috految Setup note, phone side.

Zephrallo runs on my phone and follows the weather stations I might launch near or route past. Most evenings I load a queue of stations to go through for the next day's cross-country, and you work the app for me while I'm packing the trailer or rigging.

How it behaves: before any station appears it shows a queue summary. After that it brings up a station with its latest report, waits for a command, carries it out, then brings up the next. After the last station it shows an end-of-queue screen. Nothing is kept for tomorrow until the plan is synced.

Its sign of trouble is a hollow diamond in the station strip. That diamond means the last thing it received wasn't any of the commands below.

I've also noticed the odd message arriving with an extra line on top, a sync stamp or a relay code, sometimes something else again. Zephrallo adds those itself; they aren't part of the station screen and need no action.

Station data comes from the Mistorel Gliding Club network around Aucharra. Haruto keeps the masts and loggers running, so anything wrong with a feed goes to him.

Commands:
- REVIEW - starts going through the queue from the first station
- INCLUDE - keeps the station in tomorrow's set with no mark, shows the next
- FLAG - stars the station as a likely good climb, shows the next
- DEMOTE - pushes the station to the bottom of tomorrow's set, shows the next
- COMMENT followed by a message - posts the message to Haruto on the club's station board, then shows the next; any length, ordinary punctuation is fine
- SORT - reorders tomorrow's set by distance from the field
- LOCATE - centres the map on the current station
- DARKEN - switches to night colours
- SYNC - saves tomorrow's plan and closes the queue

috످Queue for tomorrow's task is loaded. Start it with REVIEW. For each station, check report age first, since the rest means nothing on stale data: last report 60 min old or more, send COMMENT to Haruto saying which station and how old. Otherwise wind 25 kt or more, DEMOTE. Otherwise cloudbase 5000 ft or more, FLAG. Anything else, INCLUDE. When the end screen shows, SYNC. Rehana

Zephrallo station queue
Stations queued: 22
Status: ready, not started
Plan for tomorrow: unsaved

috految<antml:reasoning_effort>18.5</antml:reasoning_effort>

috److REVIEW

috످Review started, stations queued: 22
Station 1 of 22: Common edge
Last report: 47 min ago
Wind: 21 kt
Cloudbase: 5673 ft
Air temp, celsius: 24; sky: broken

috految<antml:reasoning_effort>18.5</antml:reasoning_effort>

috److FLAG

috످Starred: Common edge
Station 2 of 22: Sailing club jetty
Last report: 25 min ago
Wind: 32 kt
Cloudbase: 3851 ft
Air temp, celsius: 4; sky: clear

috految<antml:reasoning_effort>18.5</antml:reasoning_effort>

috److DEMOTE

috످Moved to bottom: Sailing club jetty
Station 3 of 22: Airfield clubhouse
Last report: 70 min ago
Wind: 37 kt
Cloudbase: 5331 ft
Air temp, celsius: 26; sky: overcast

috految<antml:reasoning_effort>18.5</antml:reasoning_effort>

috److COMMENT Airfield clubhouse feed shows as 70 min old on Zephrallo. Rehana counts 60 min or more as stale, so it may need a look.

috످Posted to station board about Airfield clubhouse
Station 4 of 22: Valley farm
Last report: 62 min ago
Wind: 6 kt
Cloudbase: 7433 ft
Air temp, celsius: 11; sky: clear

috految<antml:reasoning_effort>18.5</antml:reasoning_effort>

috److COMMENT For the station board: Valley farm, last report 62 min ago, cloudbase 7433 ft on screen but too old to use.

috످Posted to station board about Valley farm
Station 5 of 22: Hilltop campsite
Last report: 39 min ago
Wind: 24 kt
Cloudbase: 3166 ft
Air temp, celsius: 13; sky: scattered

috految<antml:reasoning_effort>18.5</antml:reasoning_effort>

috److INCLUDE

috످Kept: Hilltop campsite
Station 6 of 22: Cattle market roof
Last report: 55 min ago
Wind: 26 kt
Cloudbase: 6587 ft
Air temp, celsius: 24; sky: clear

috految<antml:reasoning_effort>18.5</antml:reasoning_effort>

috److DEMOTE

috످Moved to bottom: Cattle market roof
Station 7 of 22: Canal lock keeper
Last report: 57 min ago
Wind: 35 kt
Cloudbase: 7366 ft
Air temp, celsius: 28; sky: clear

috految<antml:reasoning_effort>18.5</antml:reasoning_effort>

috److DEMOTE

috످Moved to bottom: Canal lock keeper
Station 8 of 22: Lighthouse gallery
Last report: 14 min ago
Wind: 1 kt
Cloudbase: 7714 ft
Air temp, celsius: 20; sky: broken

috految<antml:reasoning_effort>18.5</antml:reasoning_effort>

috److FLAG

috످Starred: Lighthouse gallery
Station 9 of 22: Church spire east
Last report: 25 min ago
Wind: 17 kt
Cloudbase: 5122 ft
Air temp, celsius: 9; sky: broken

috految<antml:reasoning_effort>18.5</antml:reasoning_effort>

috److FLAG

috످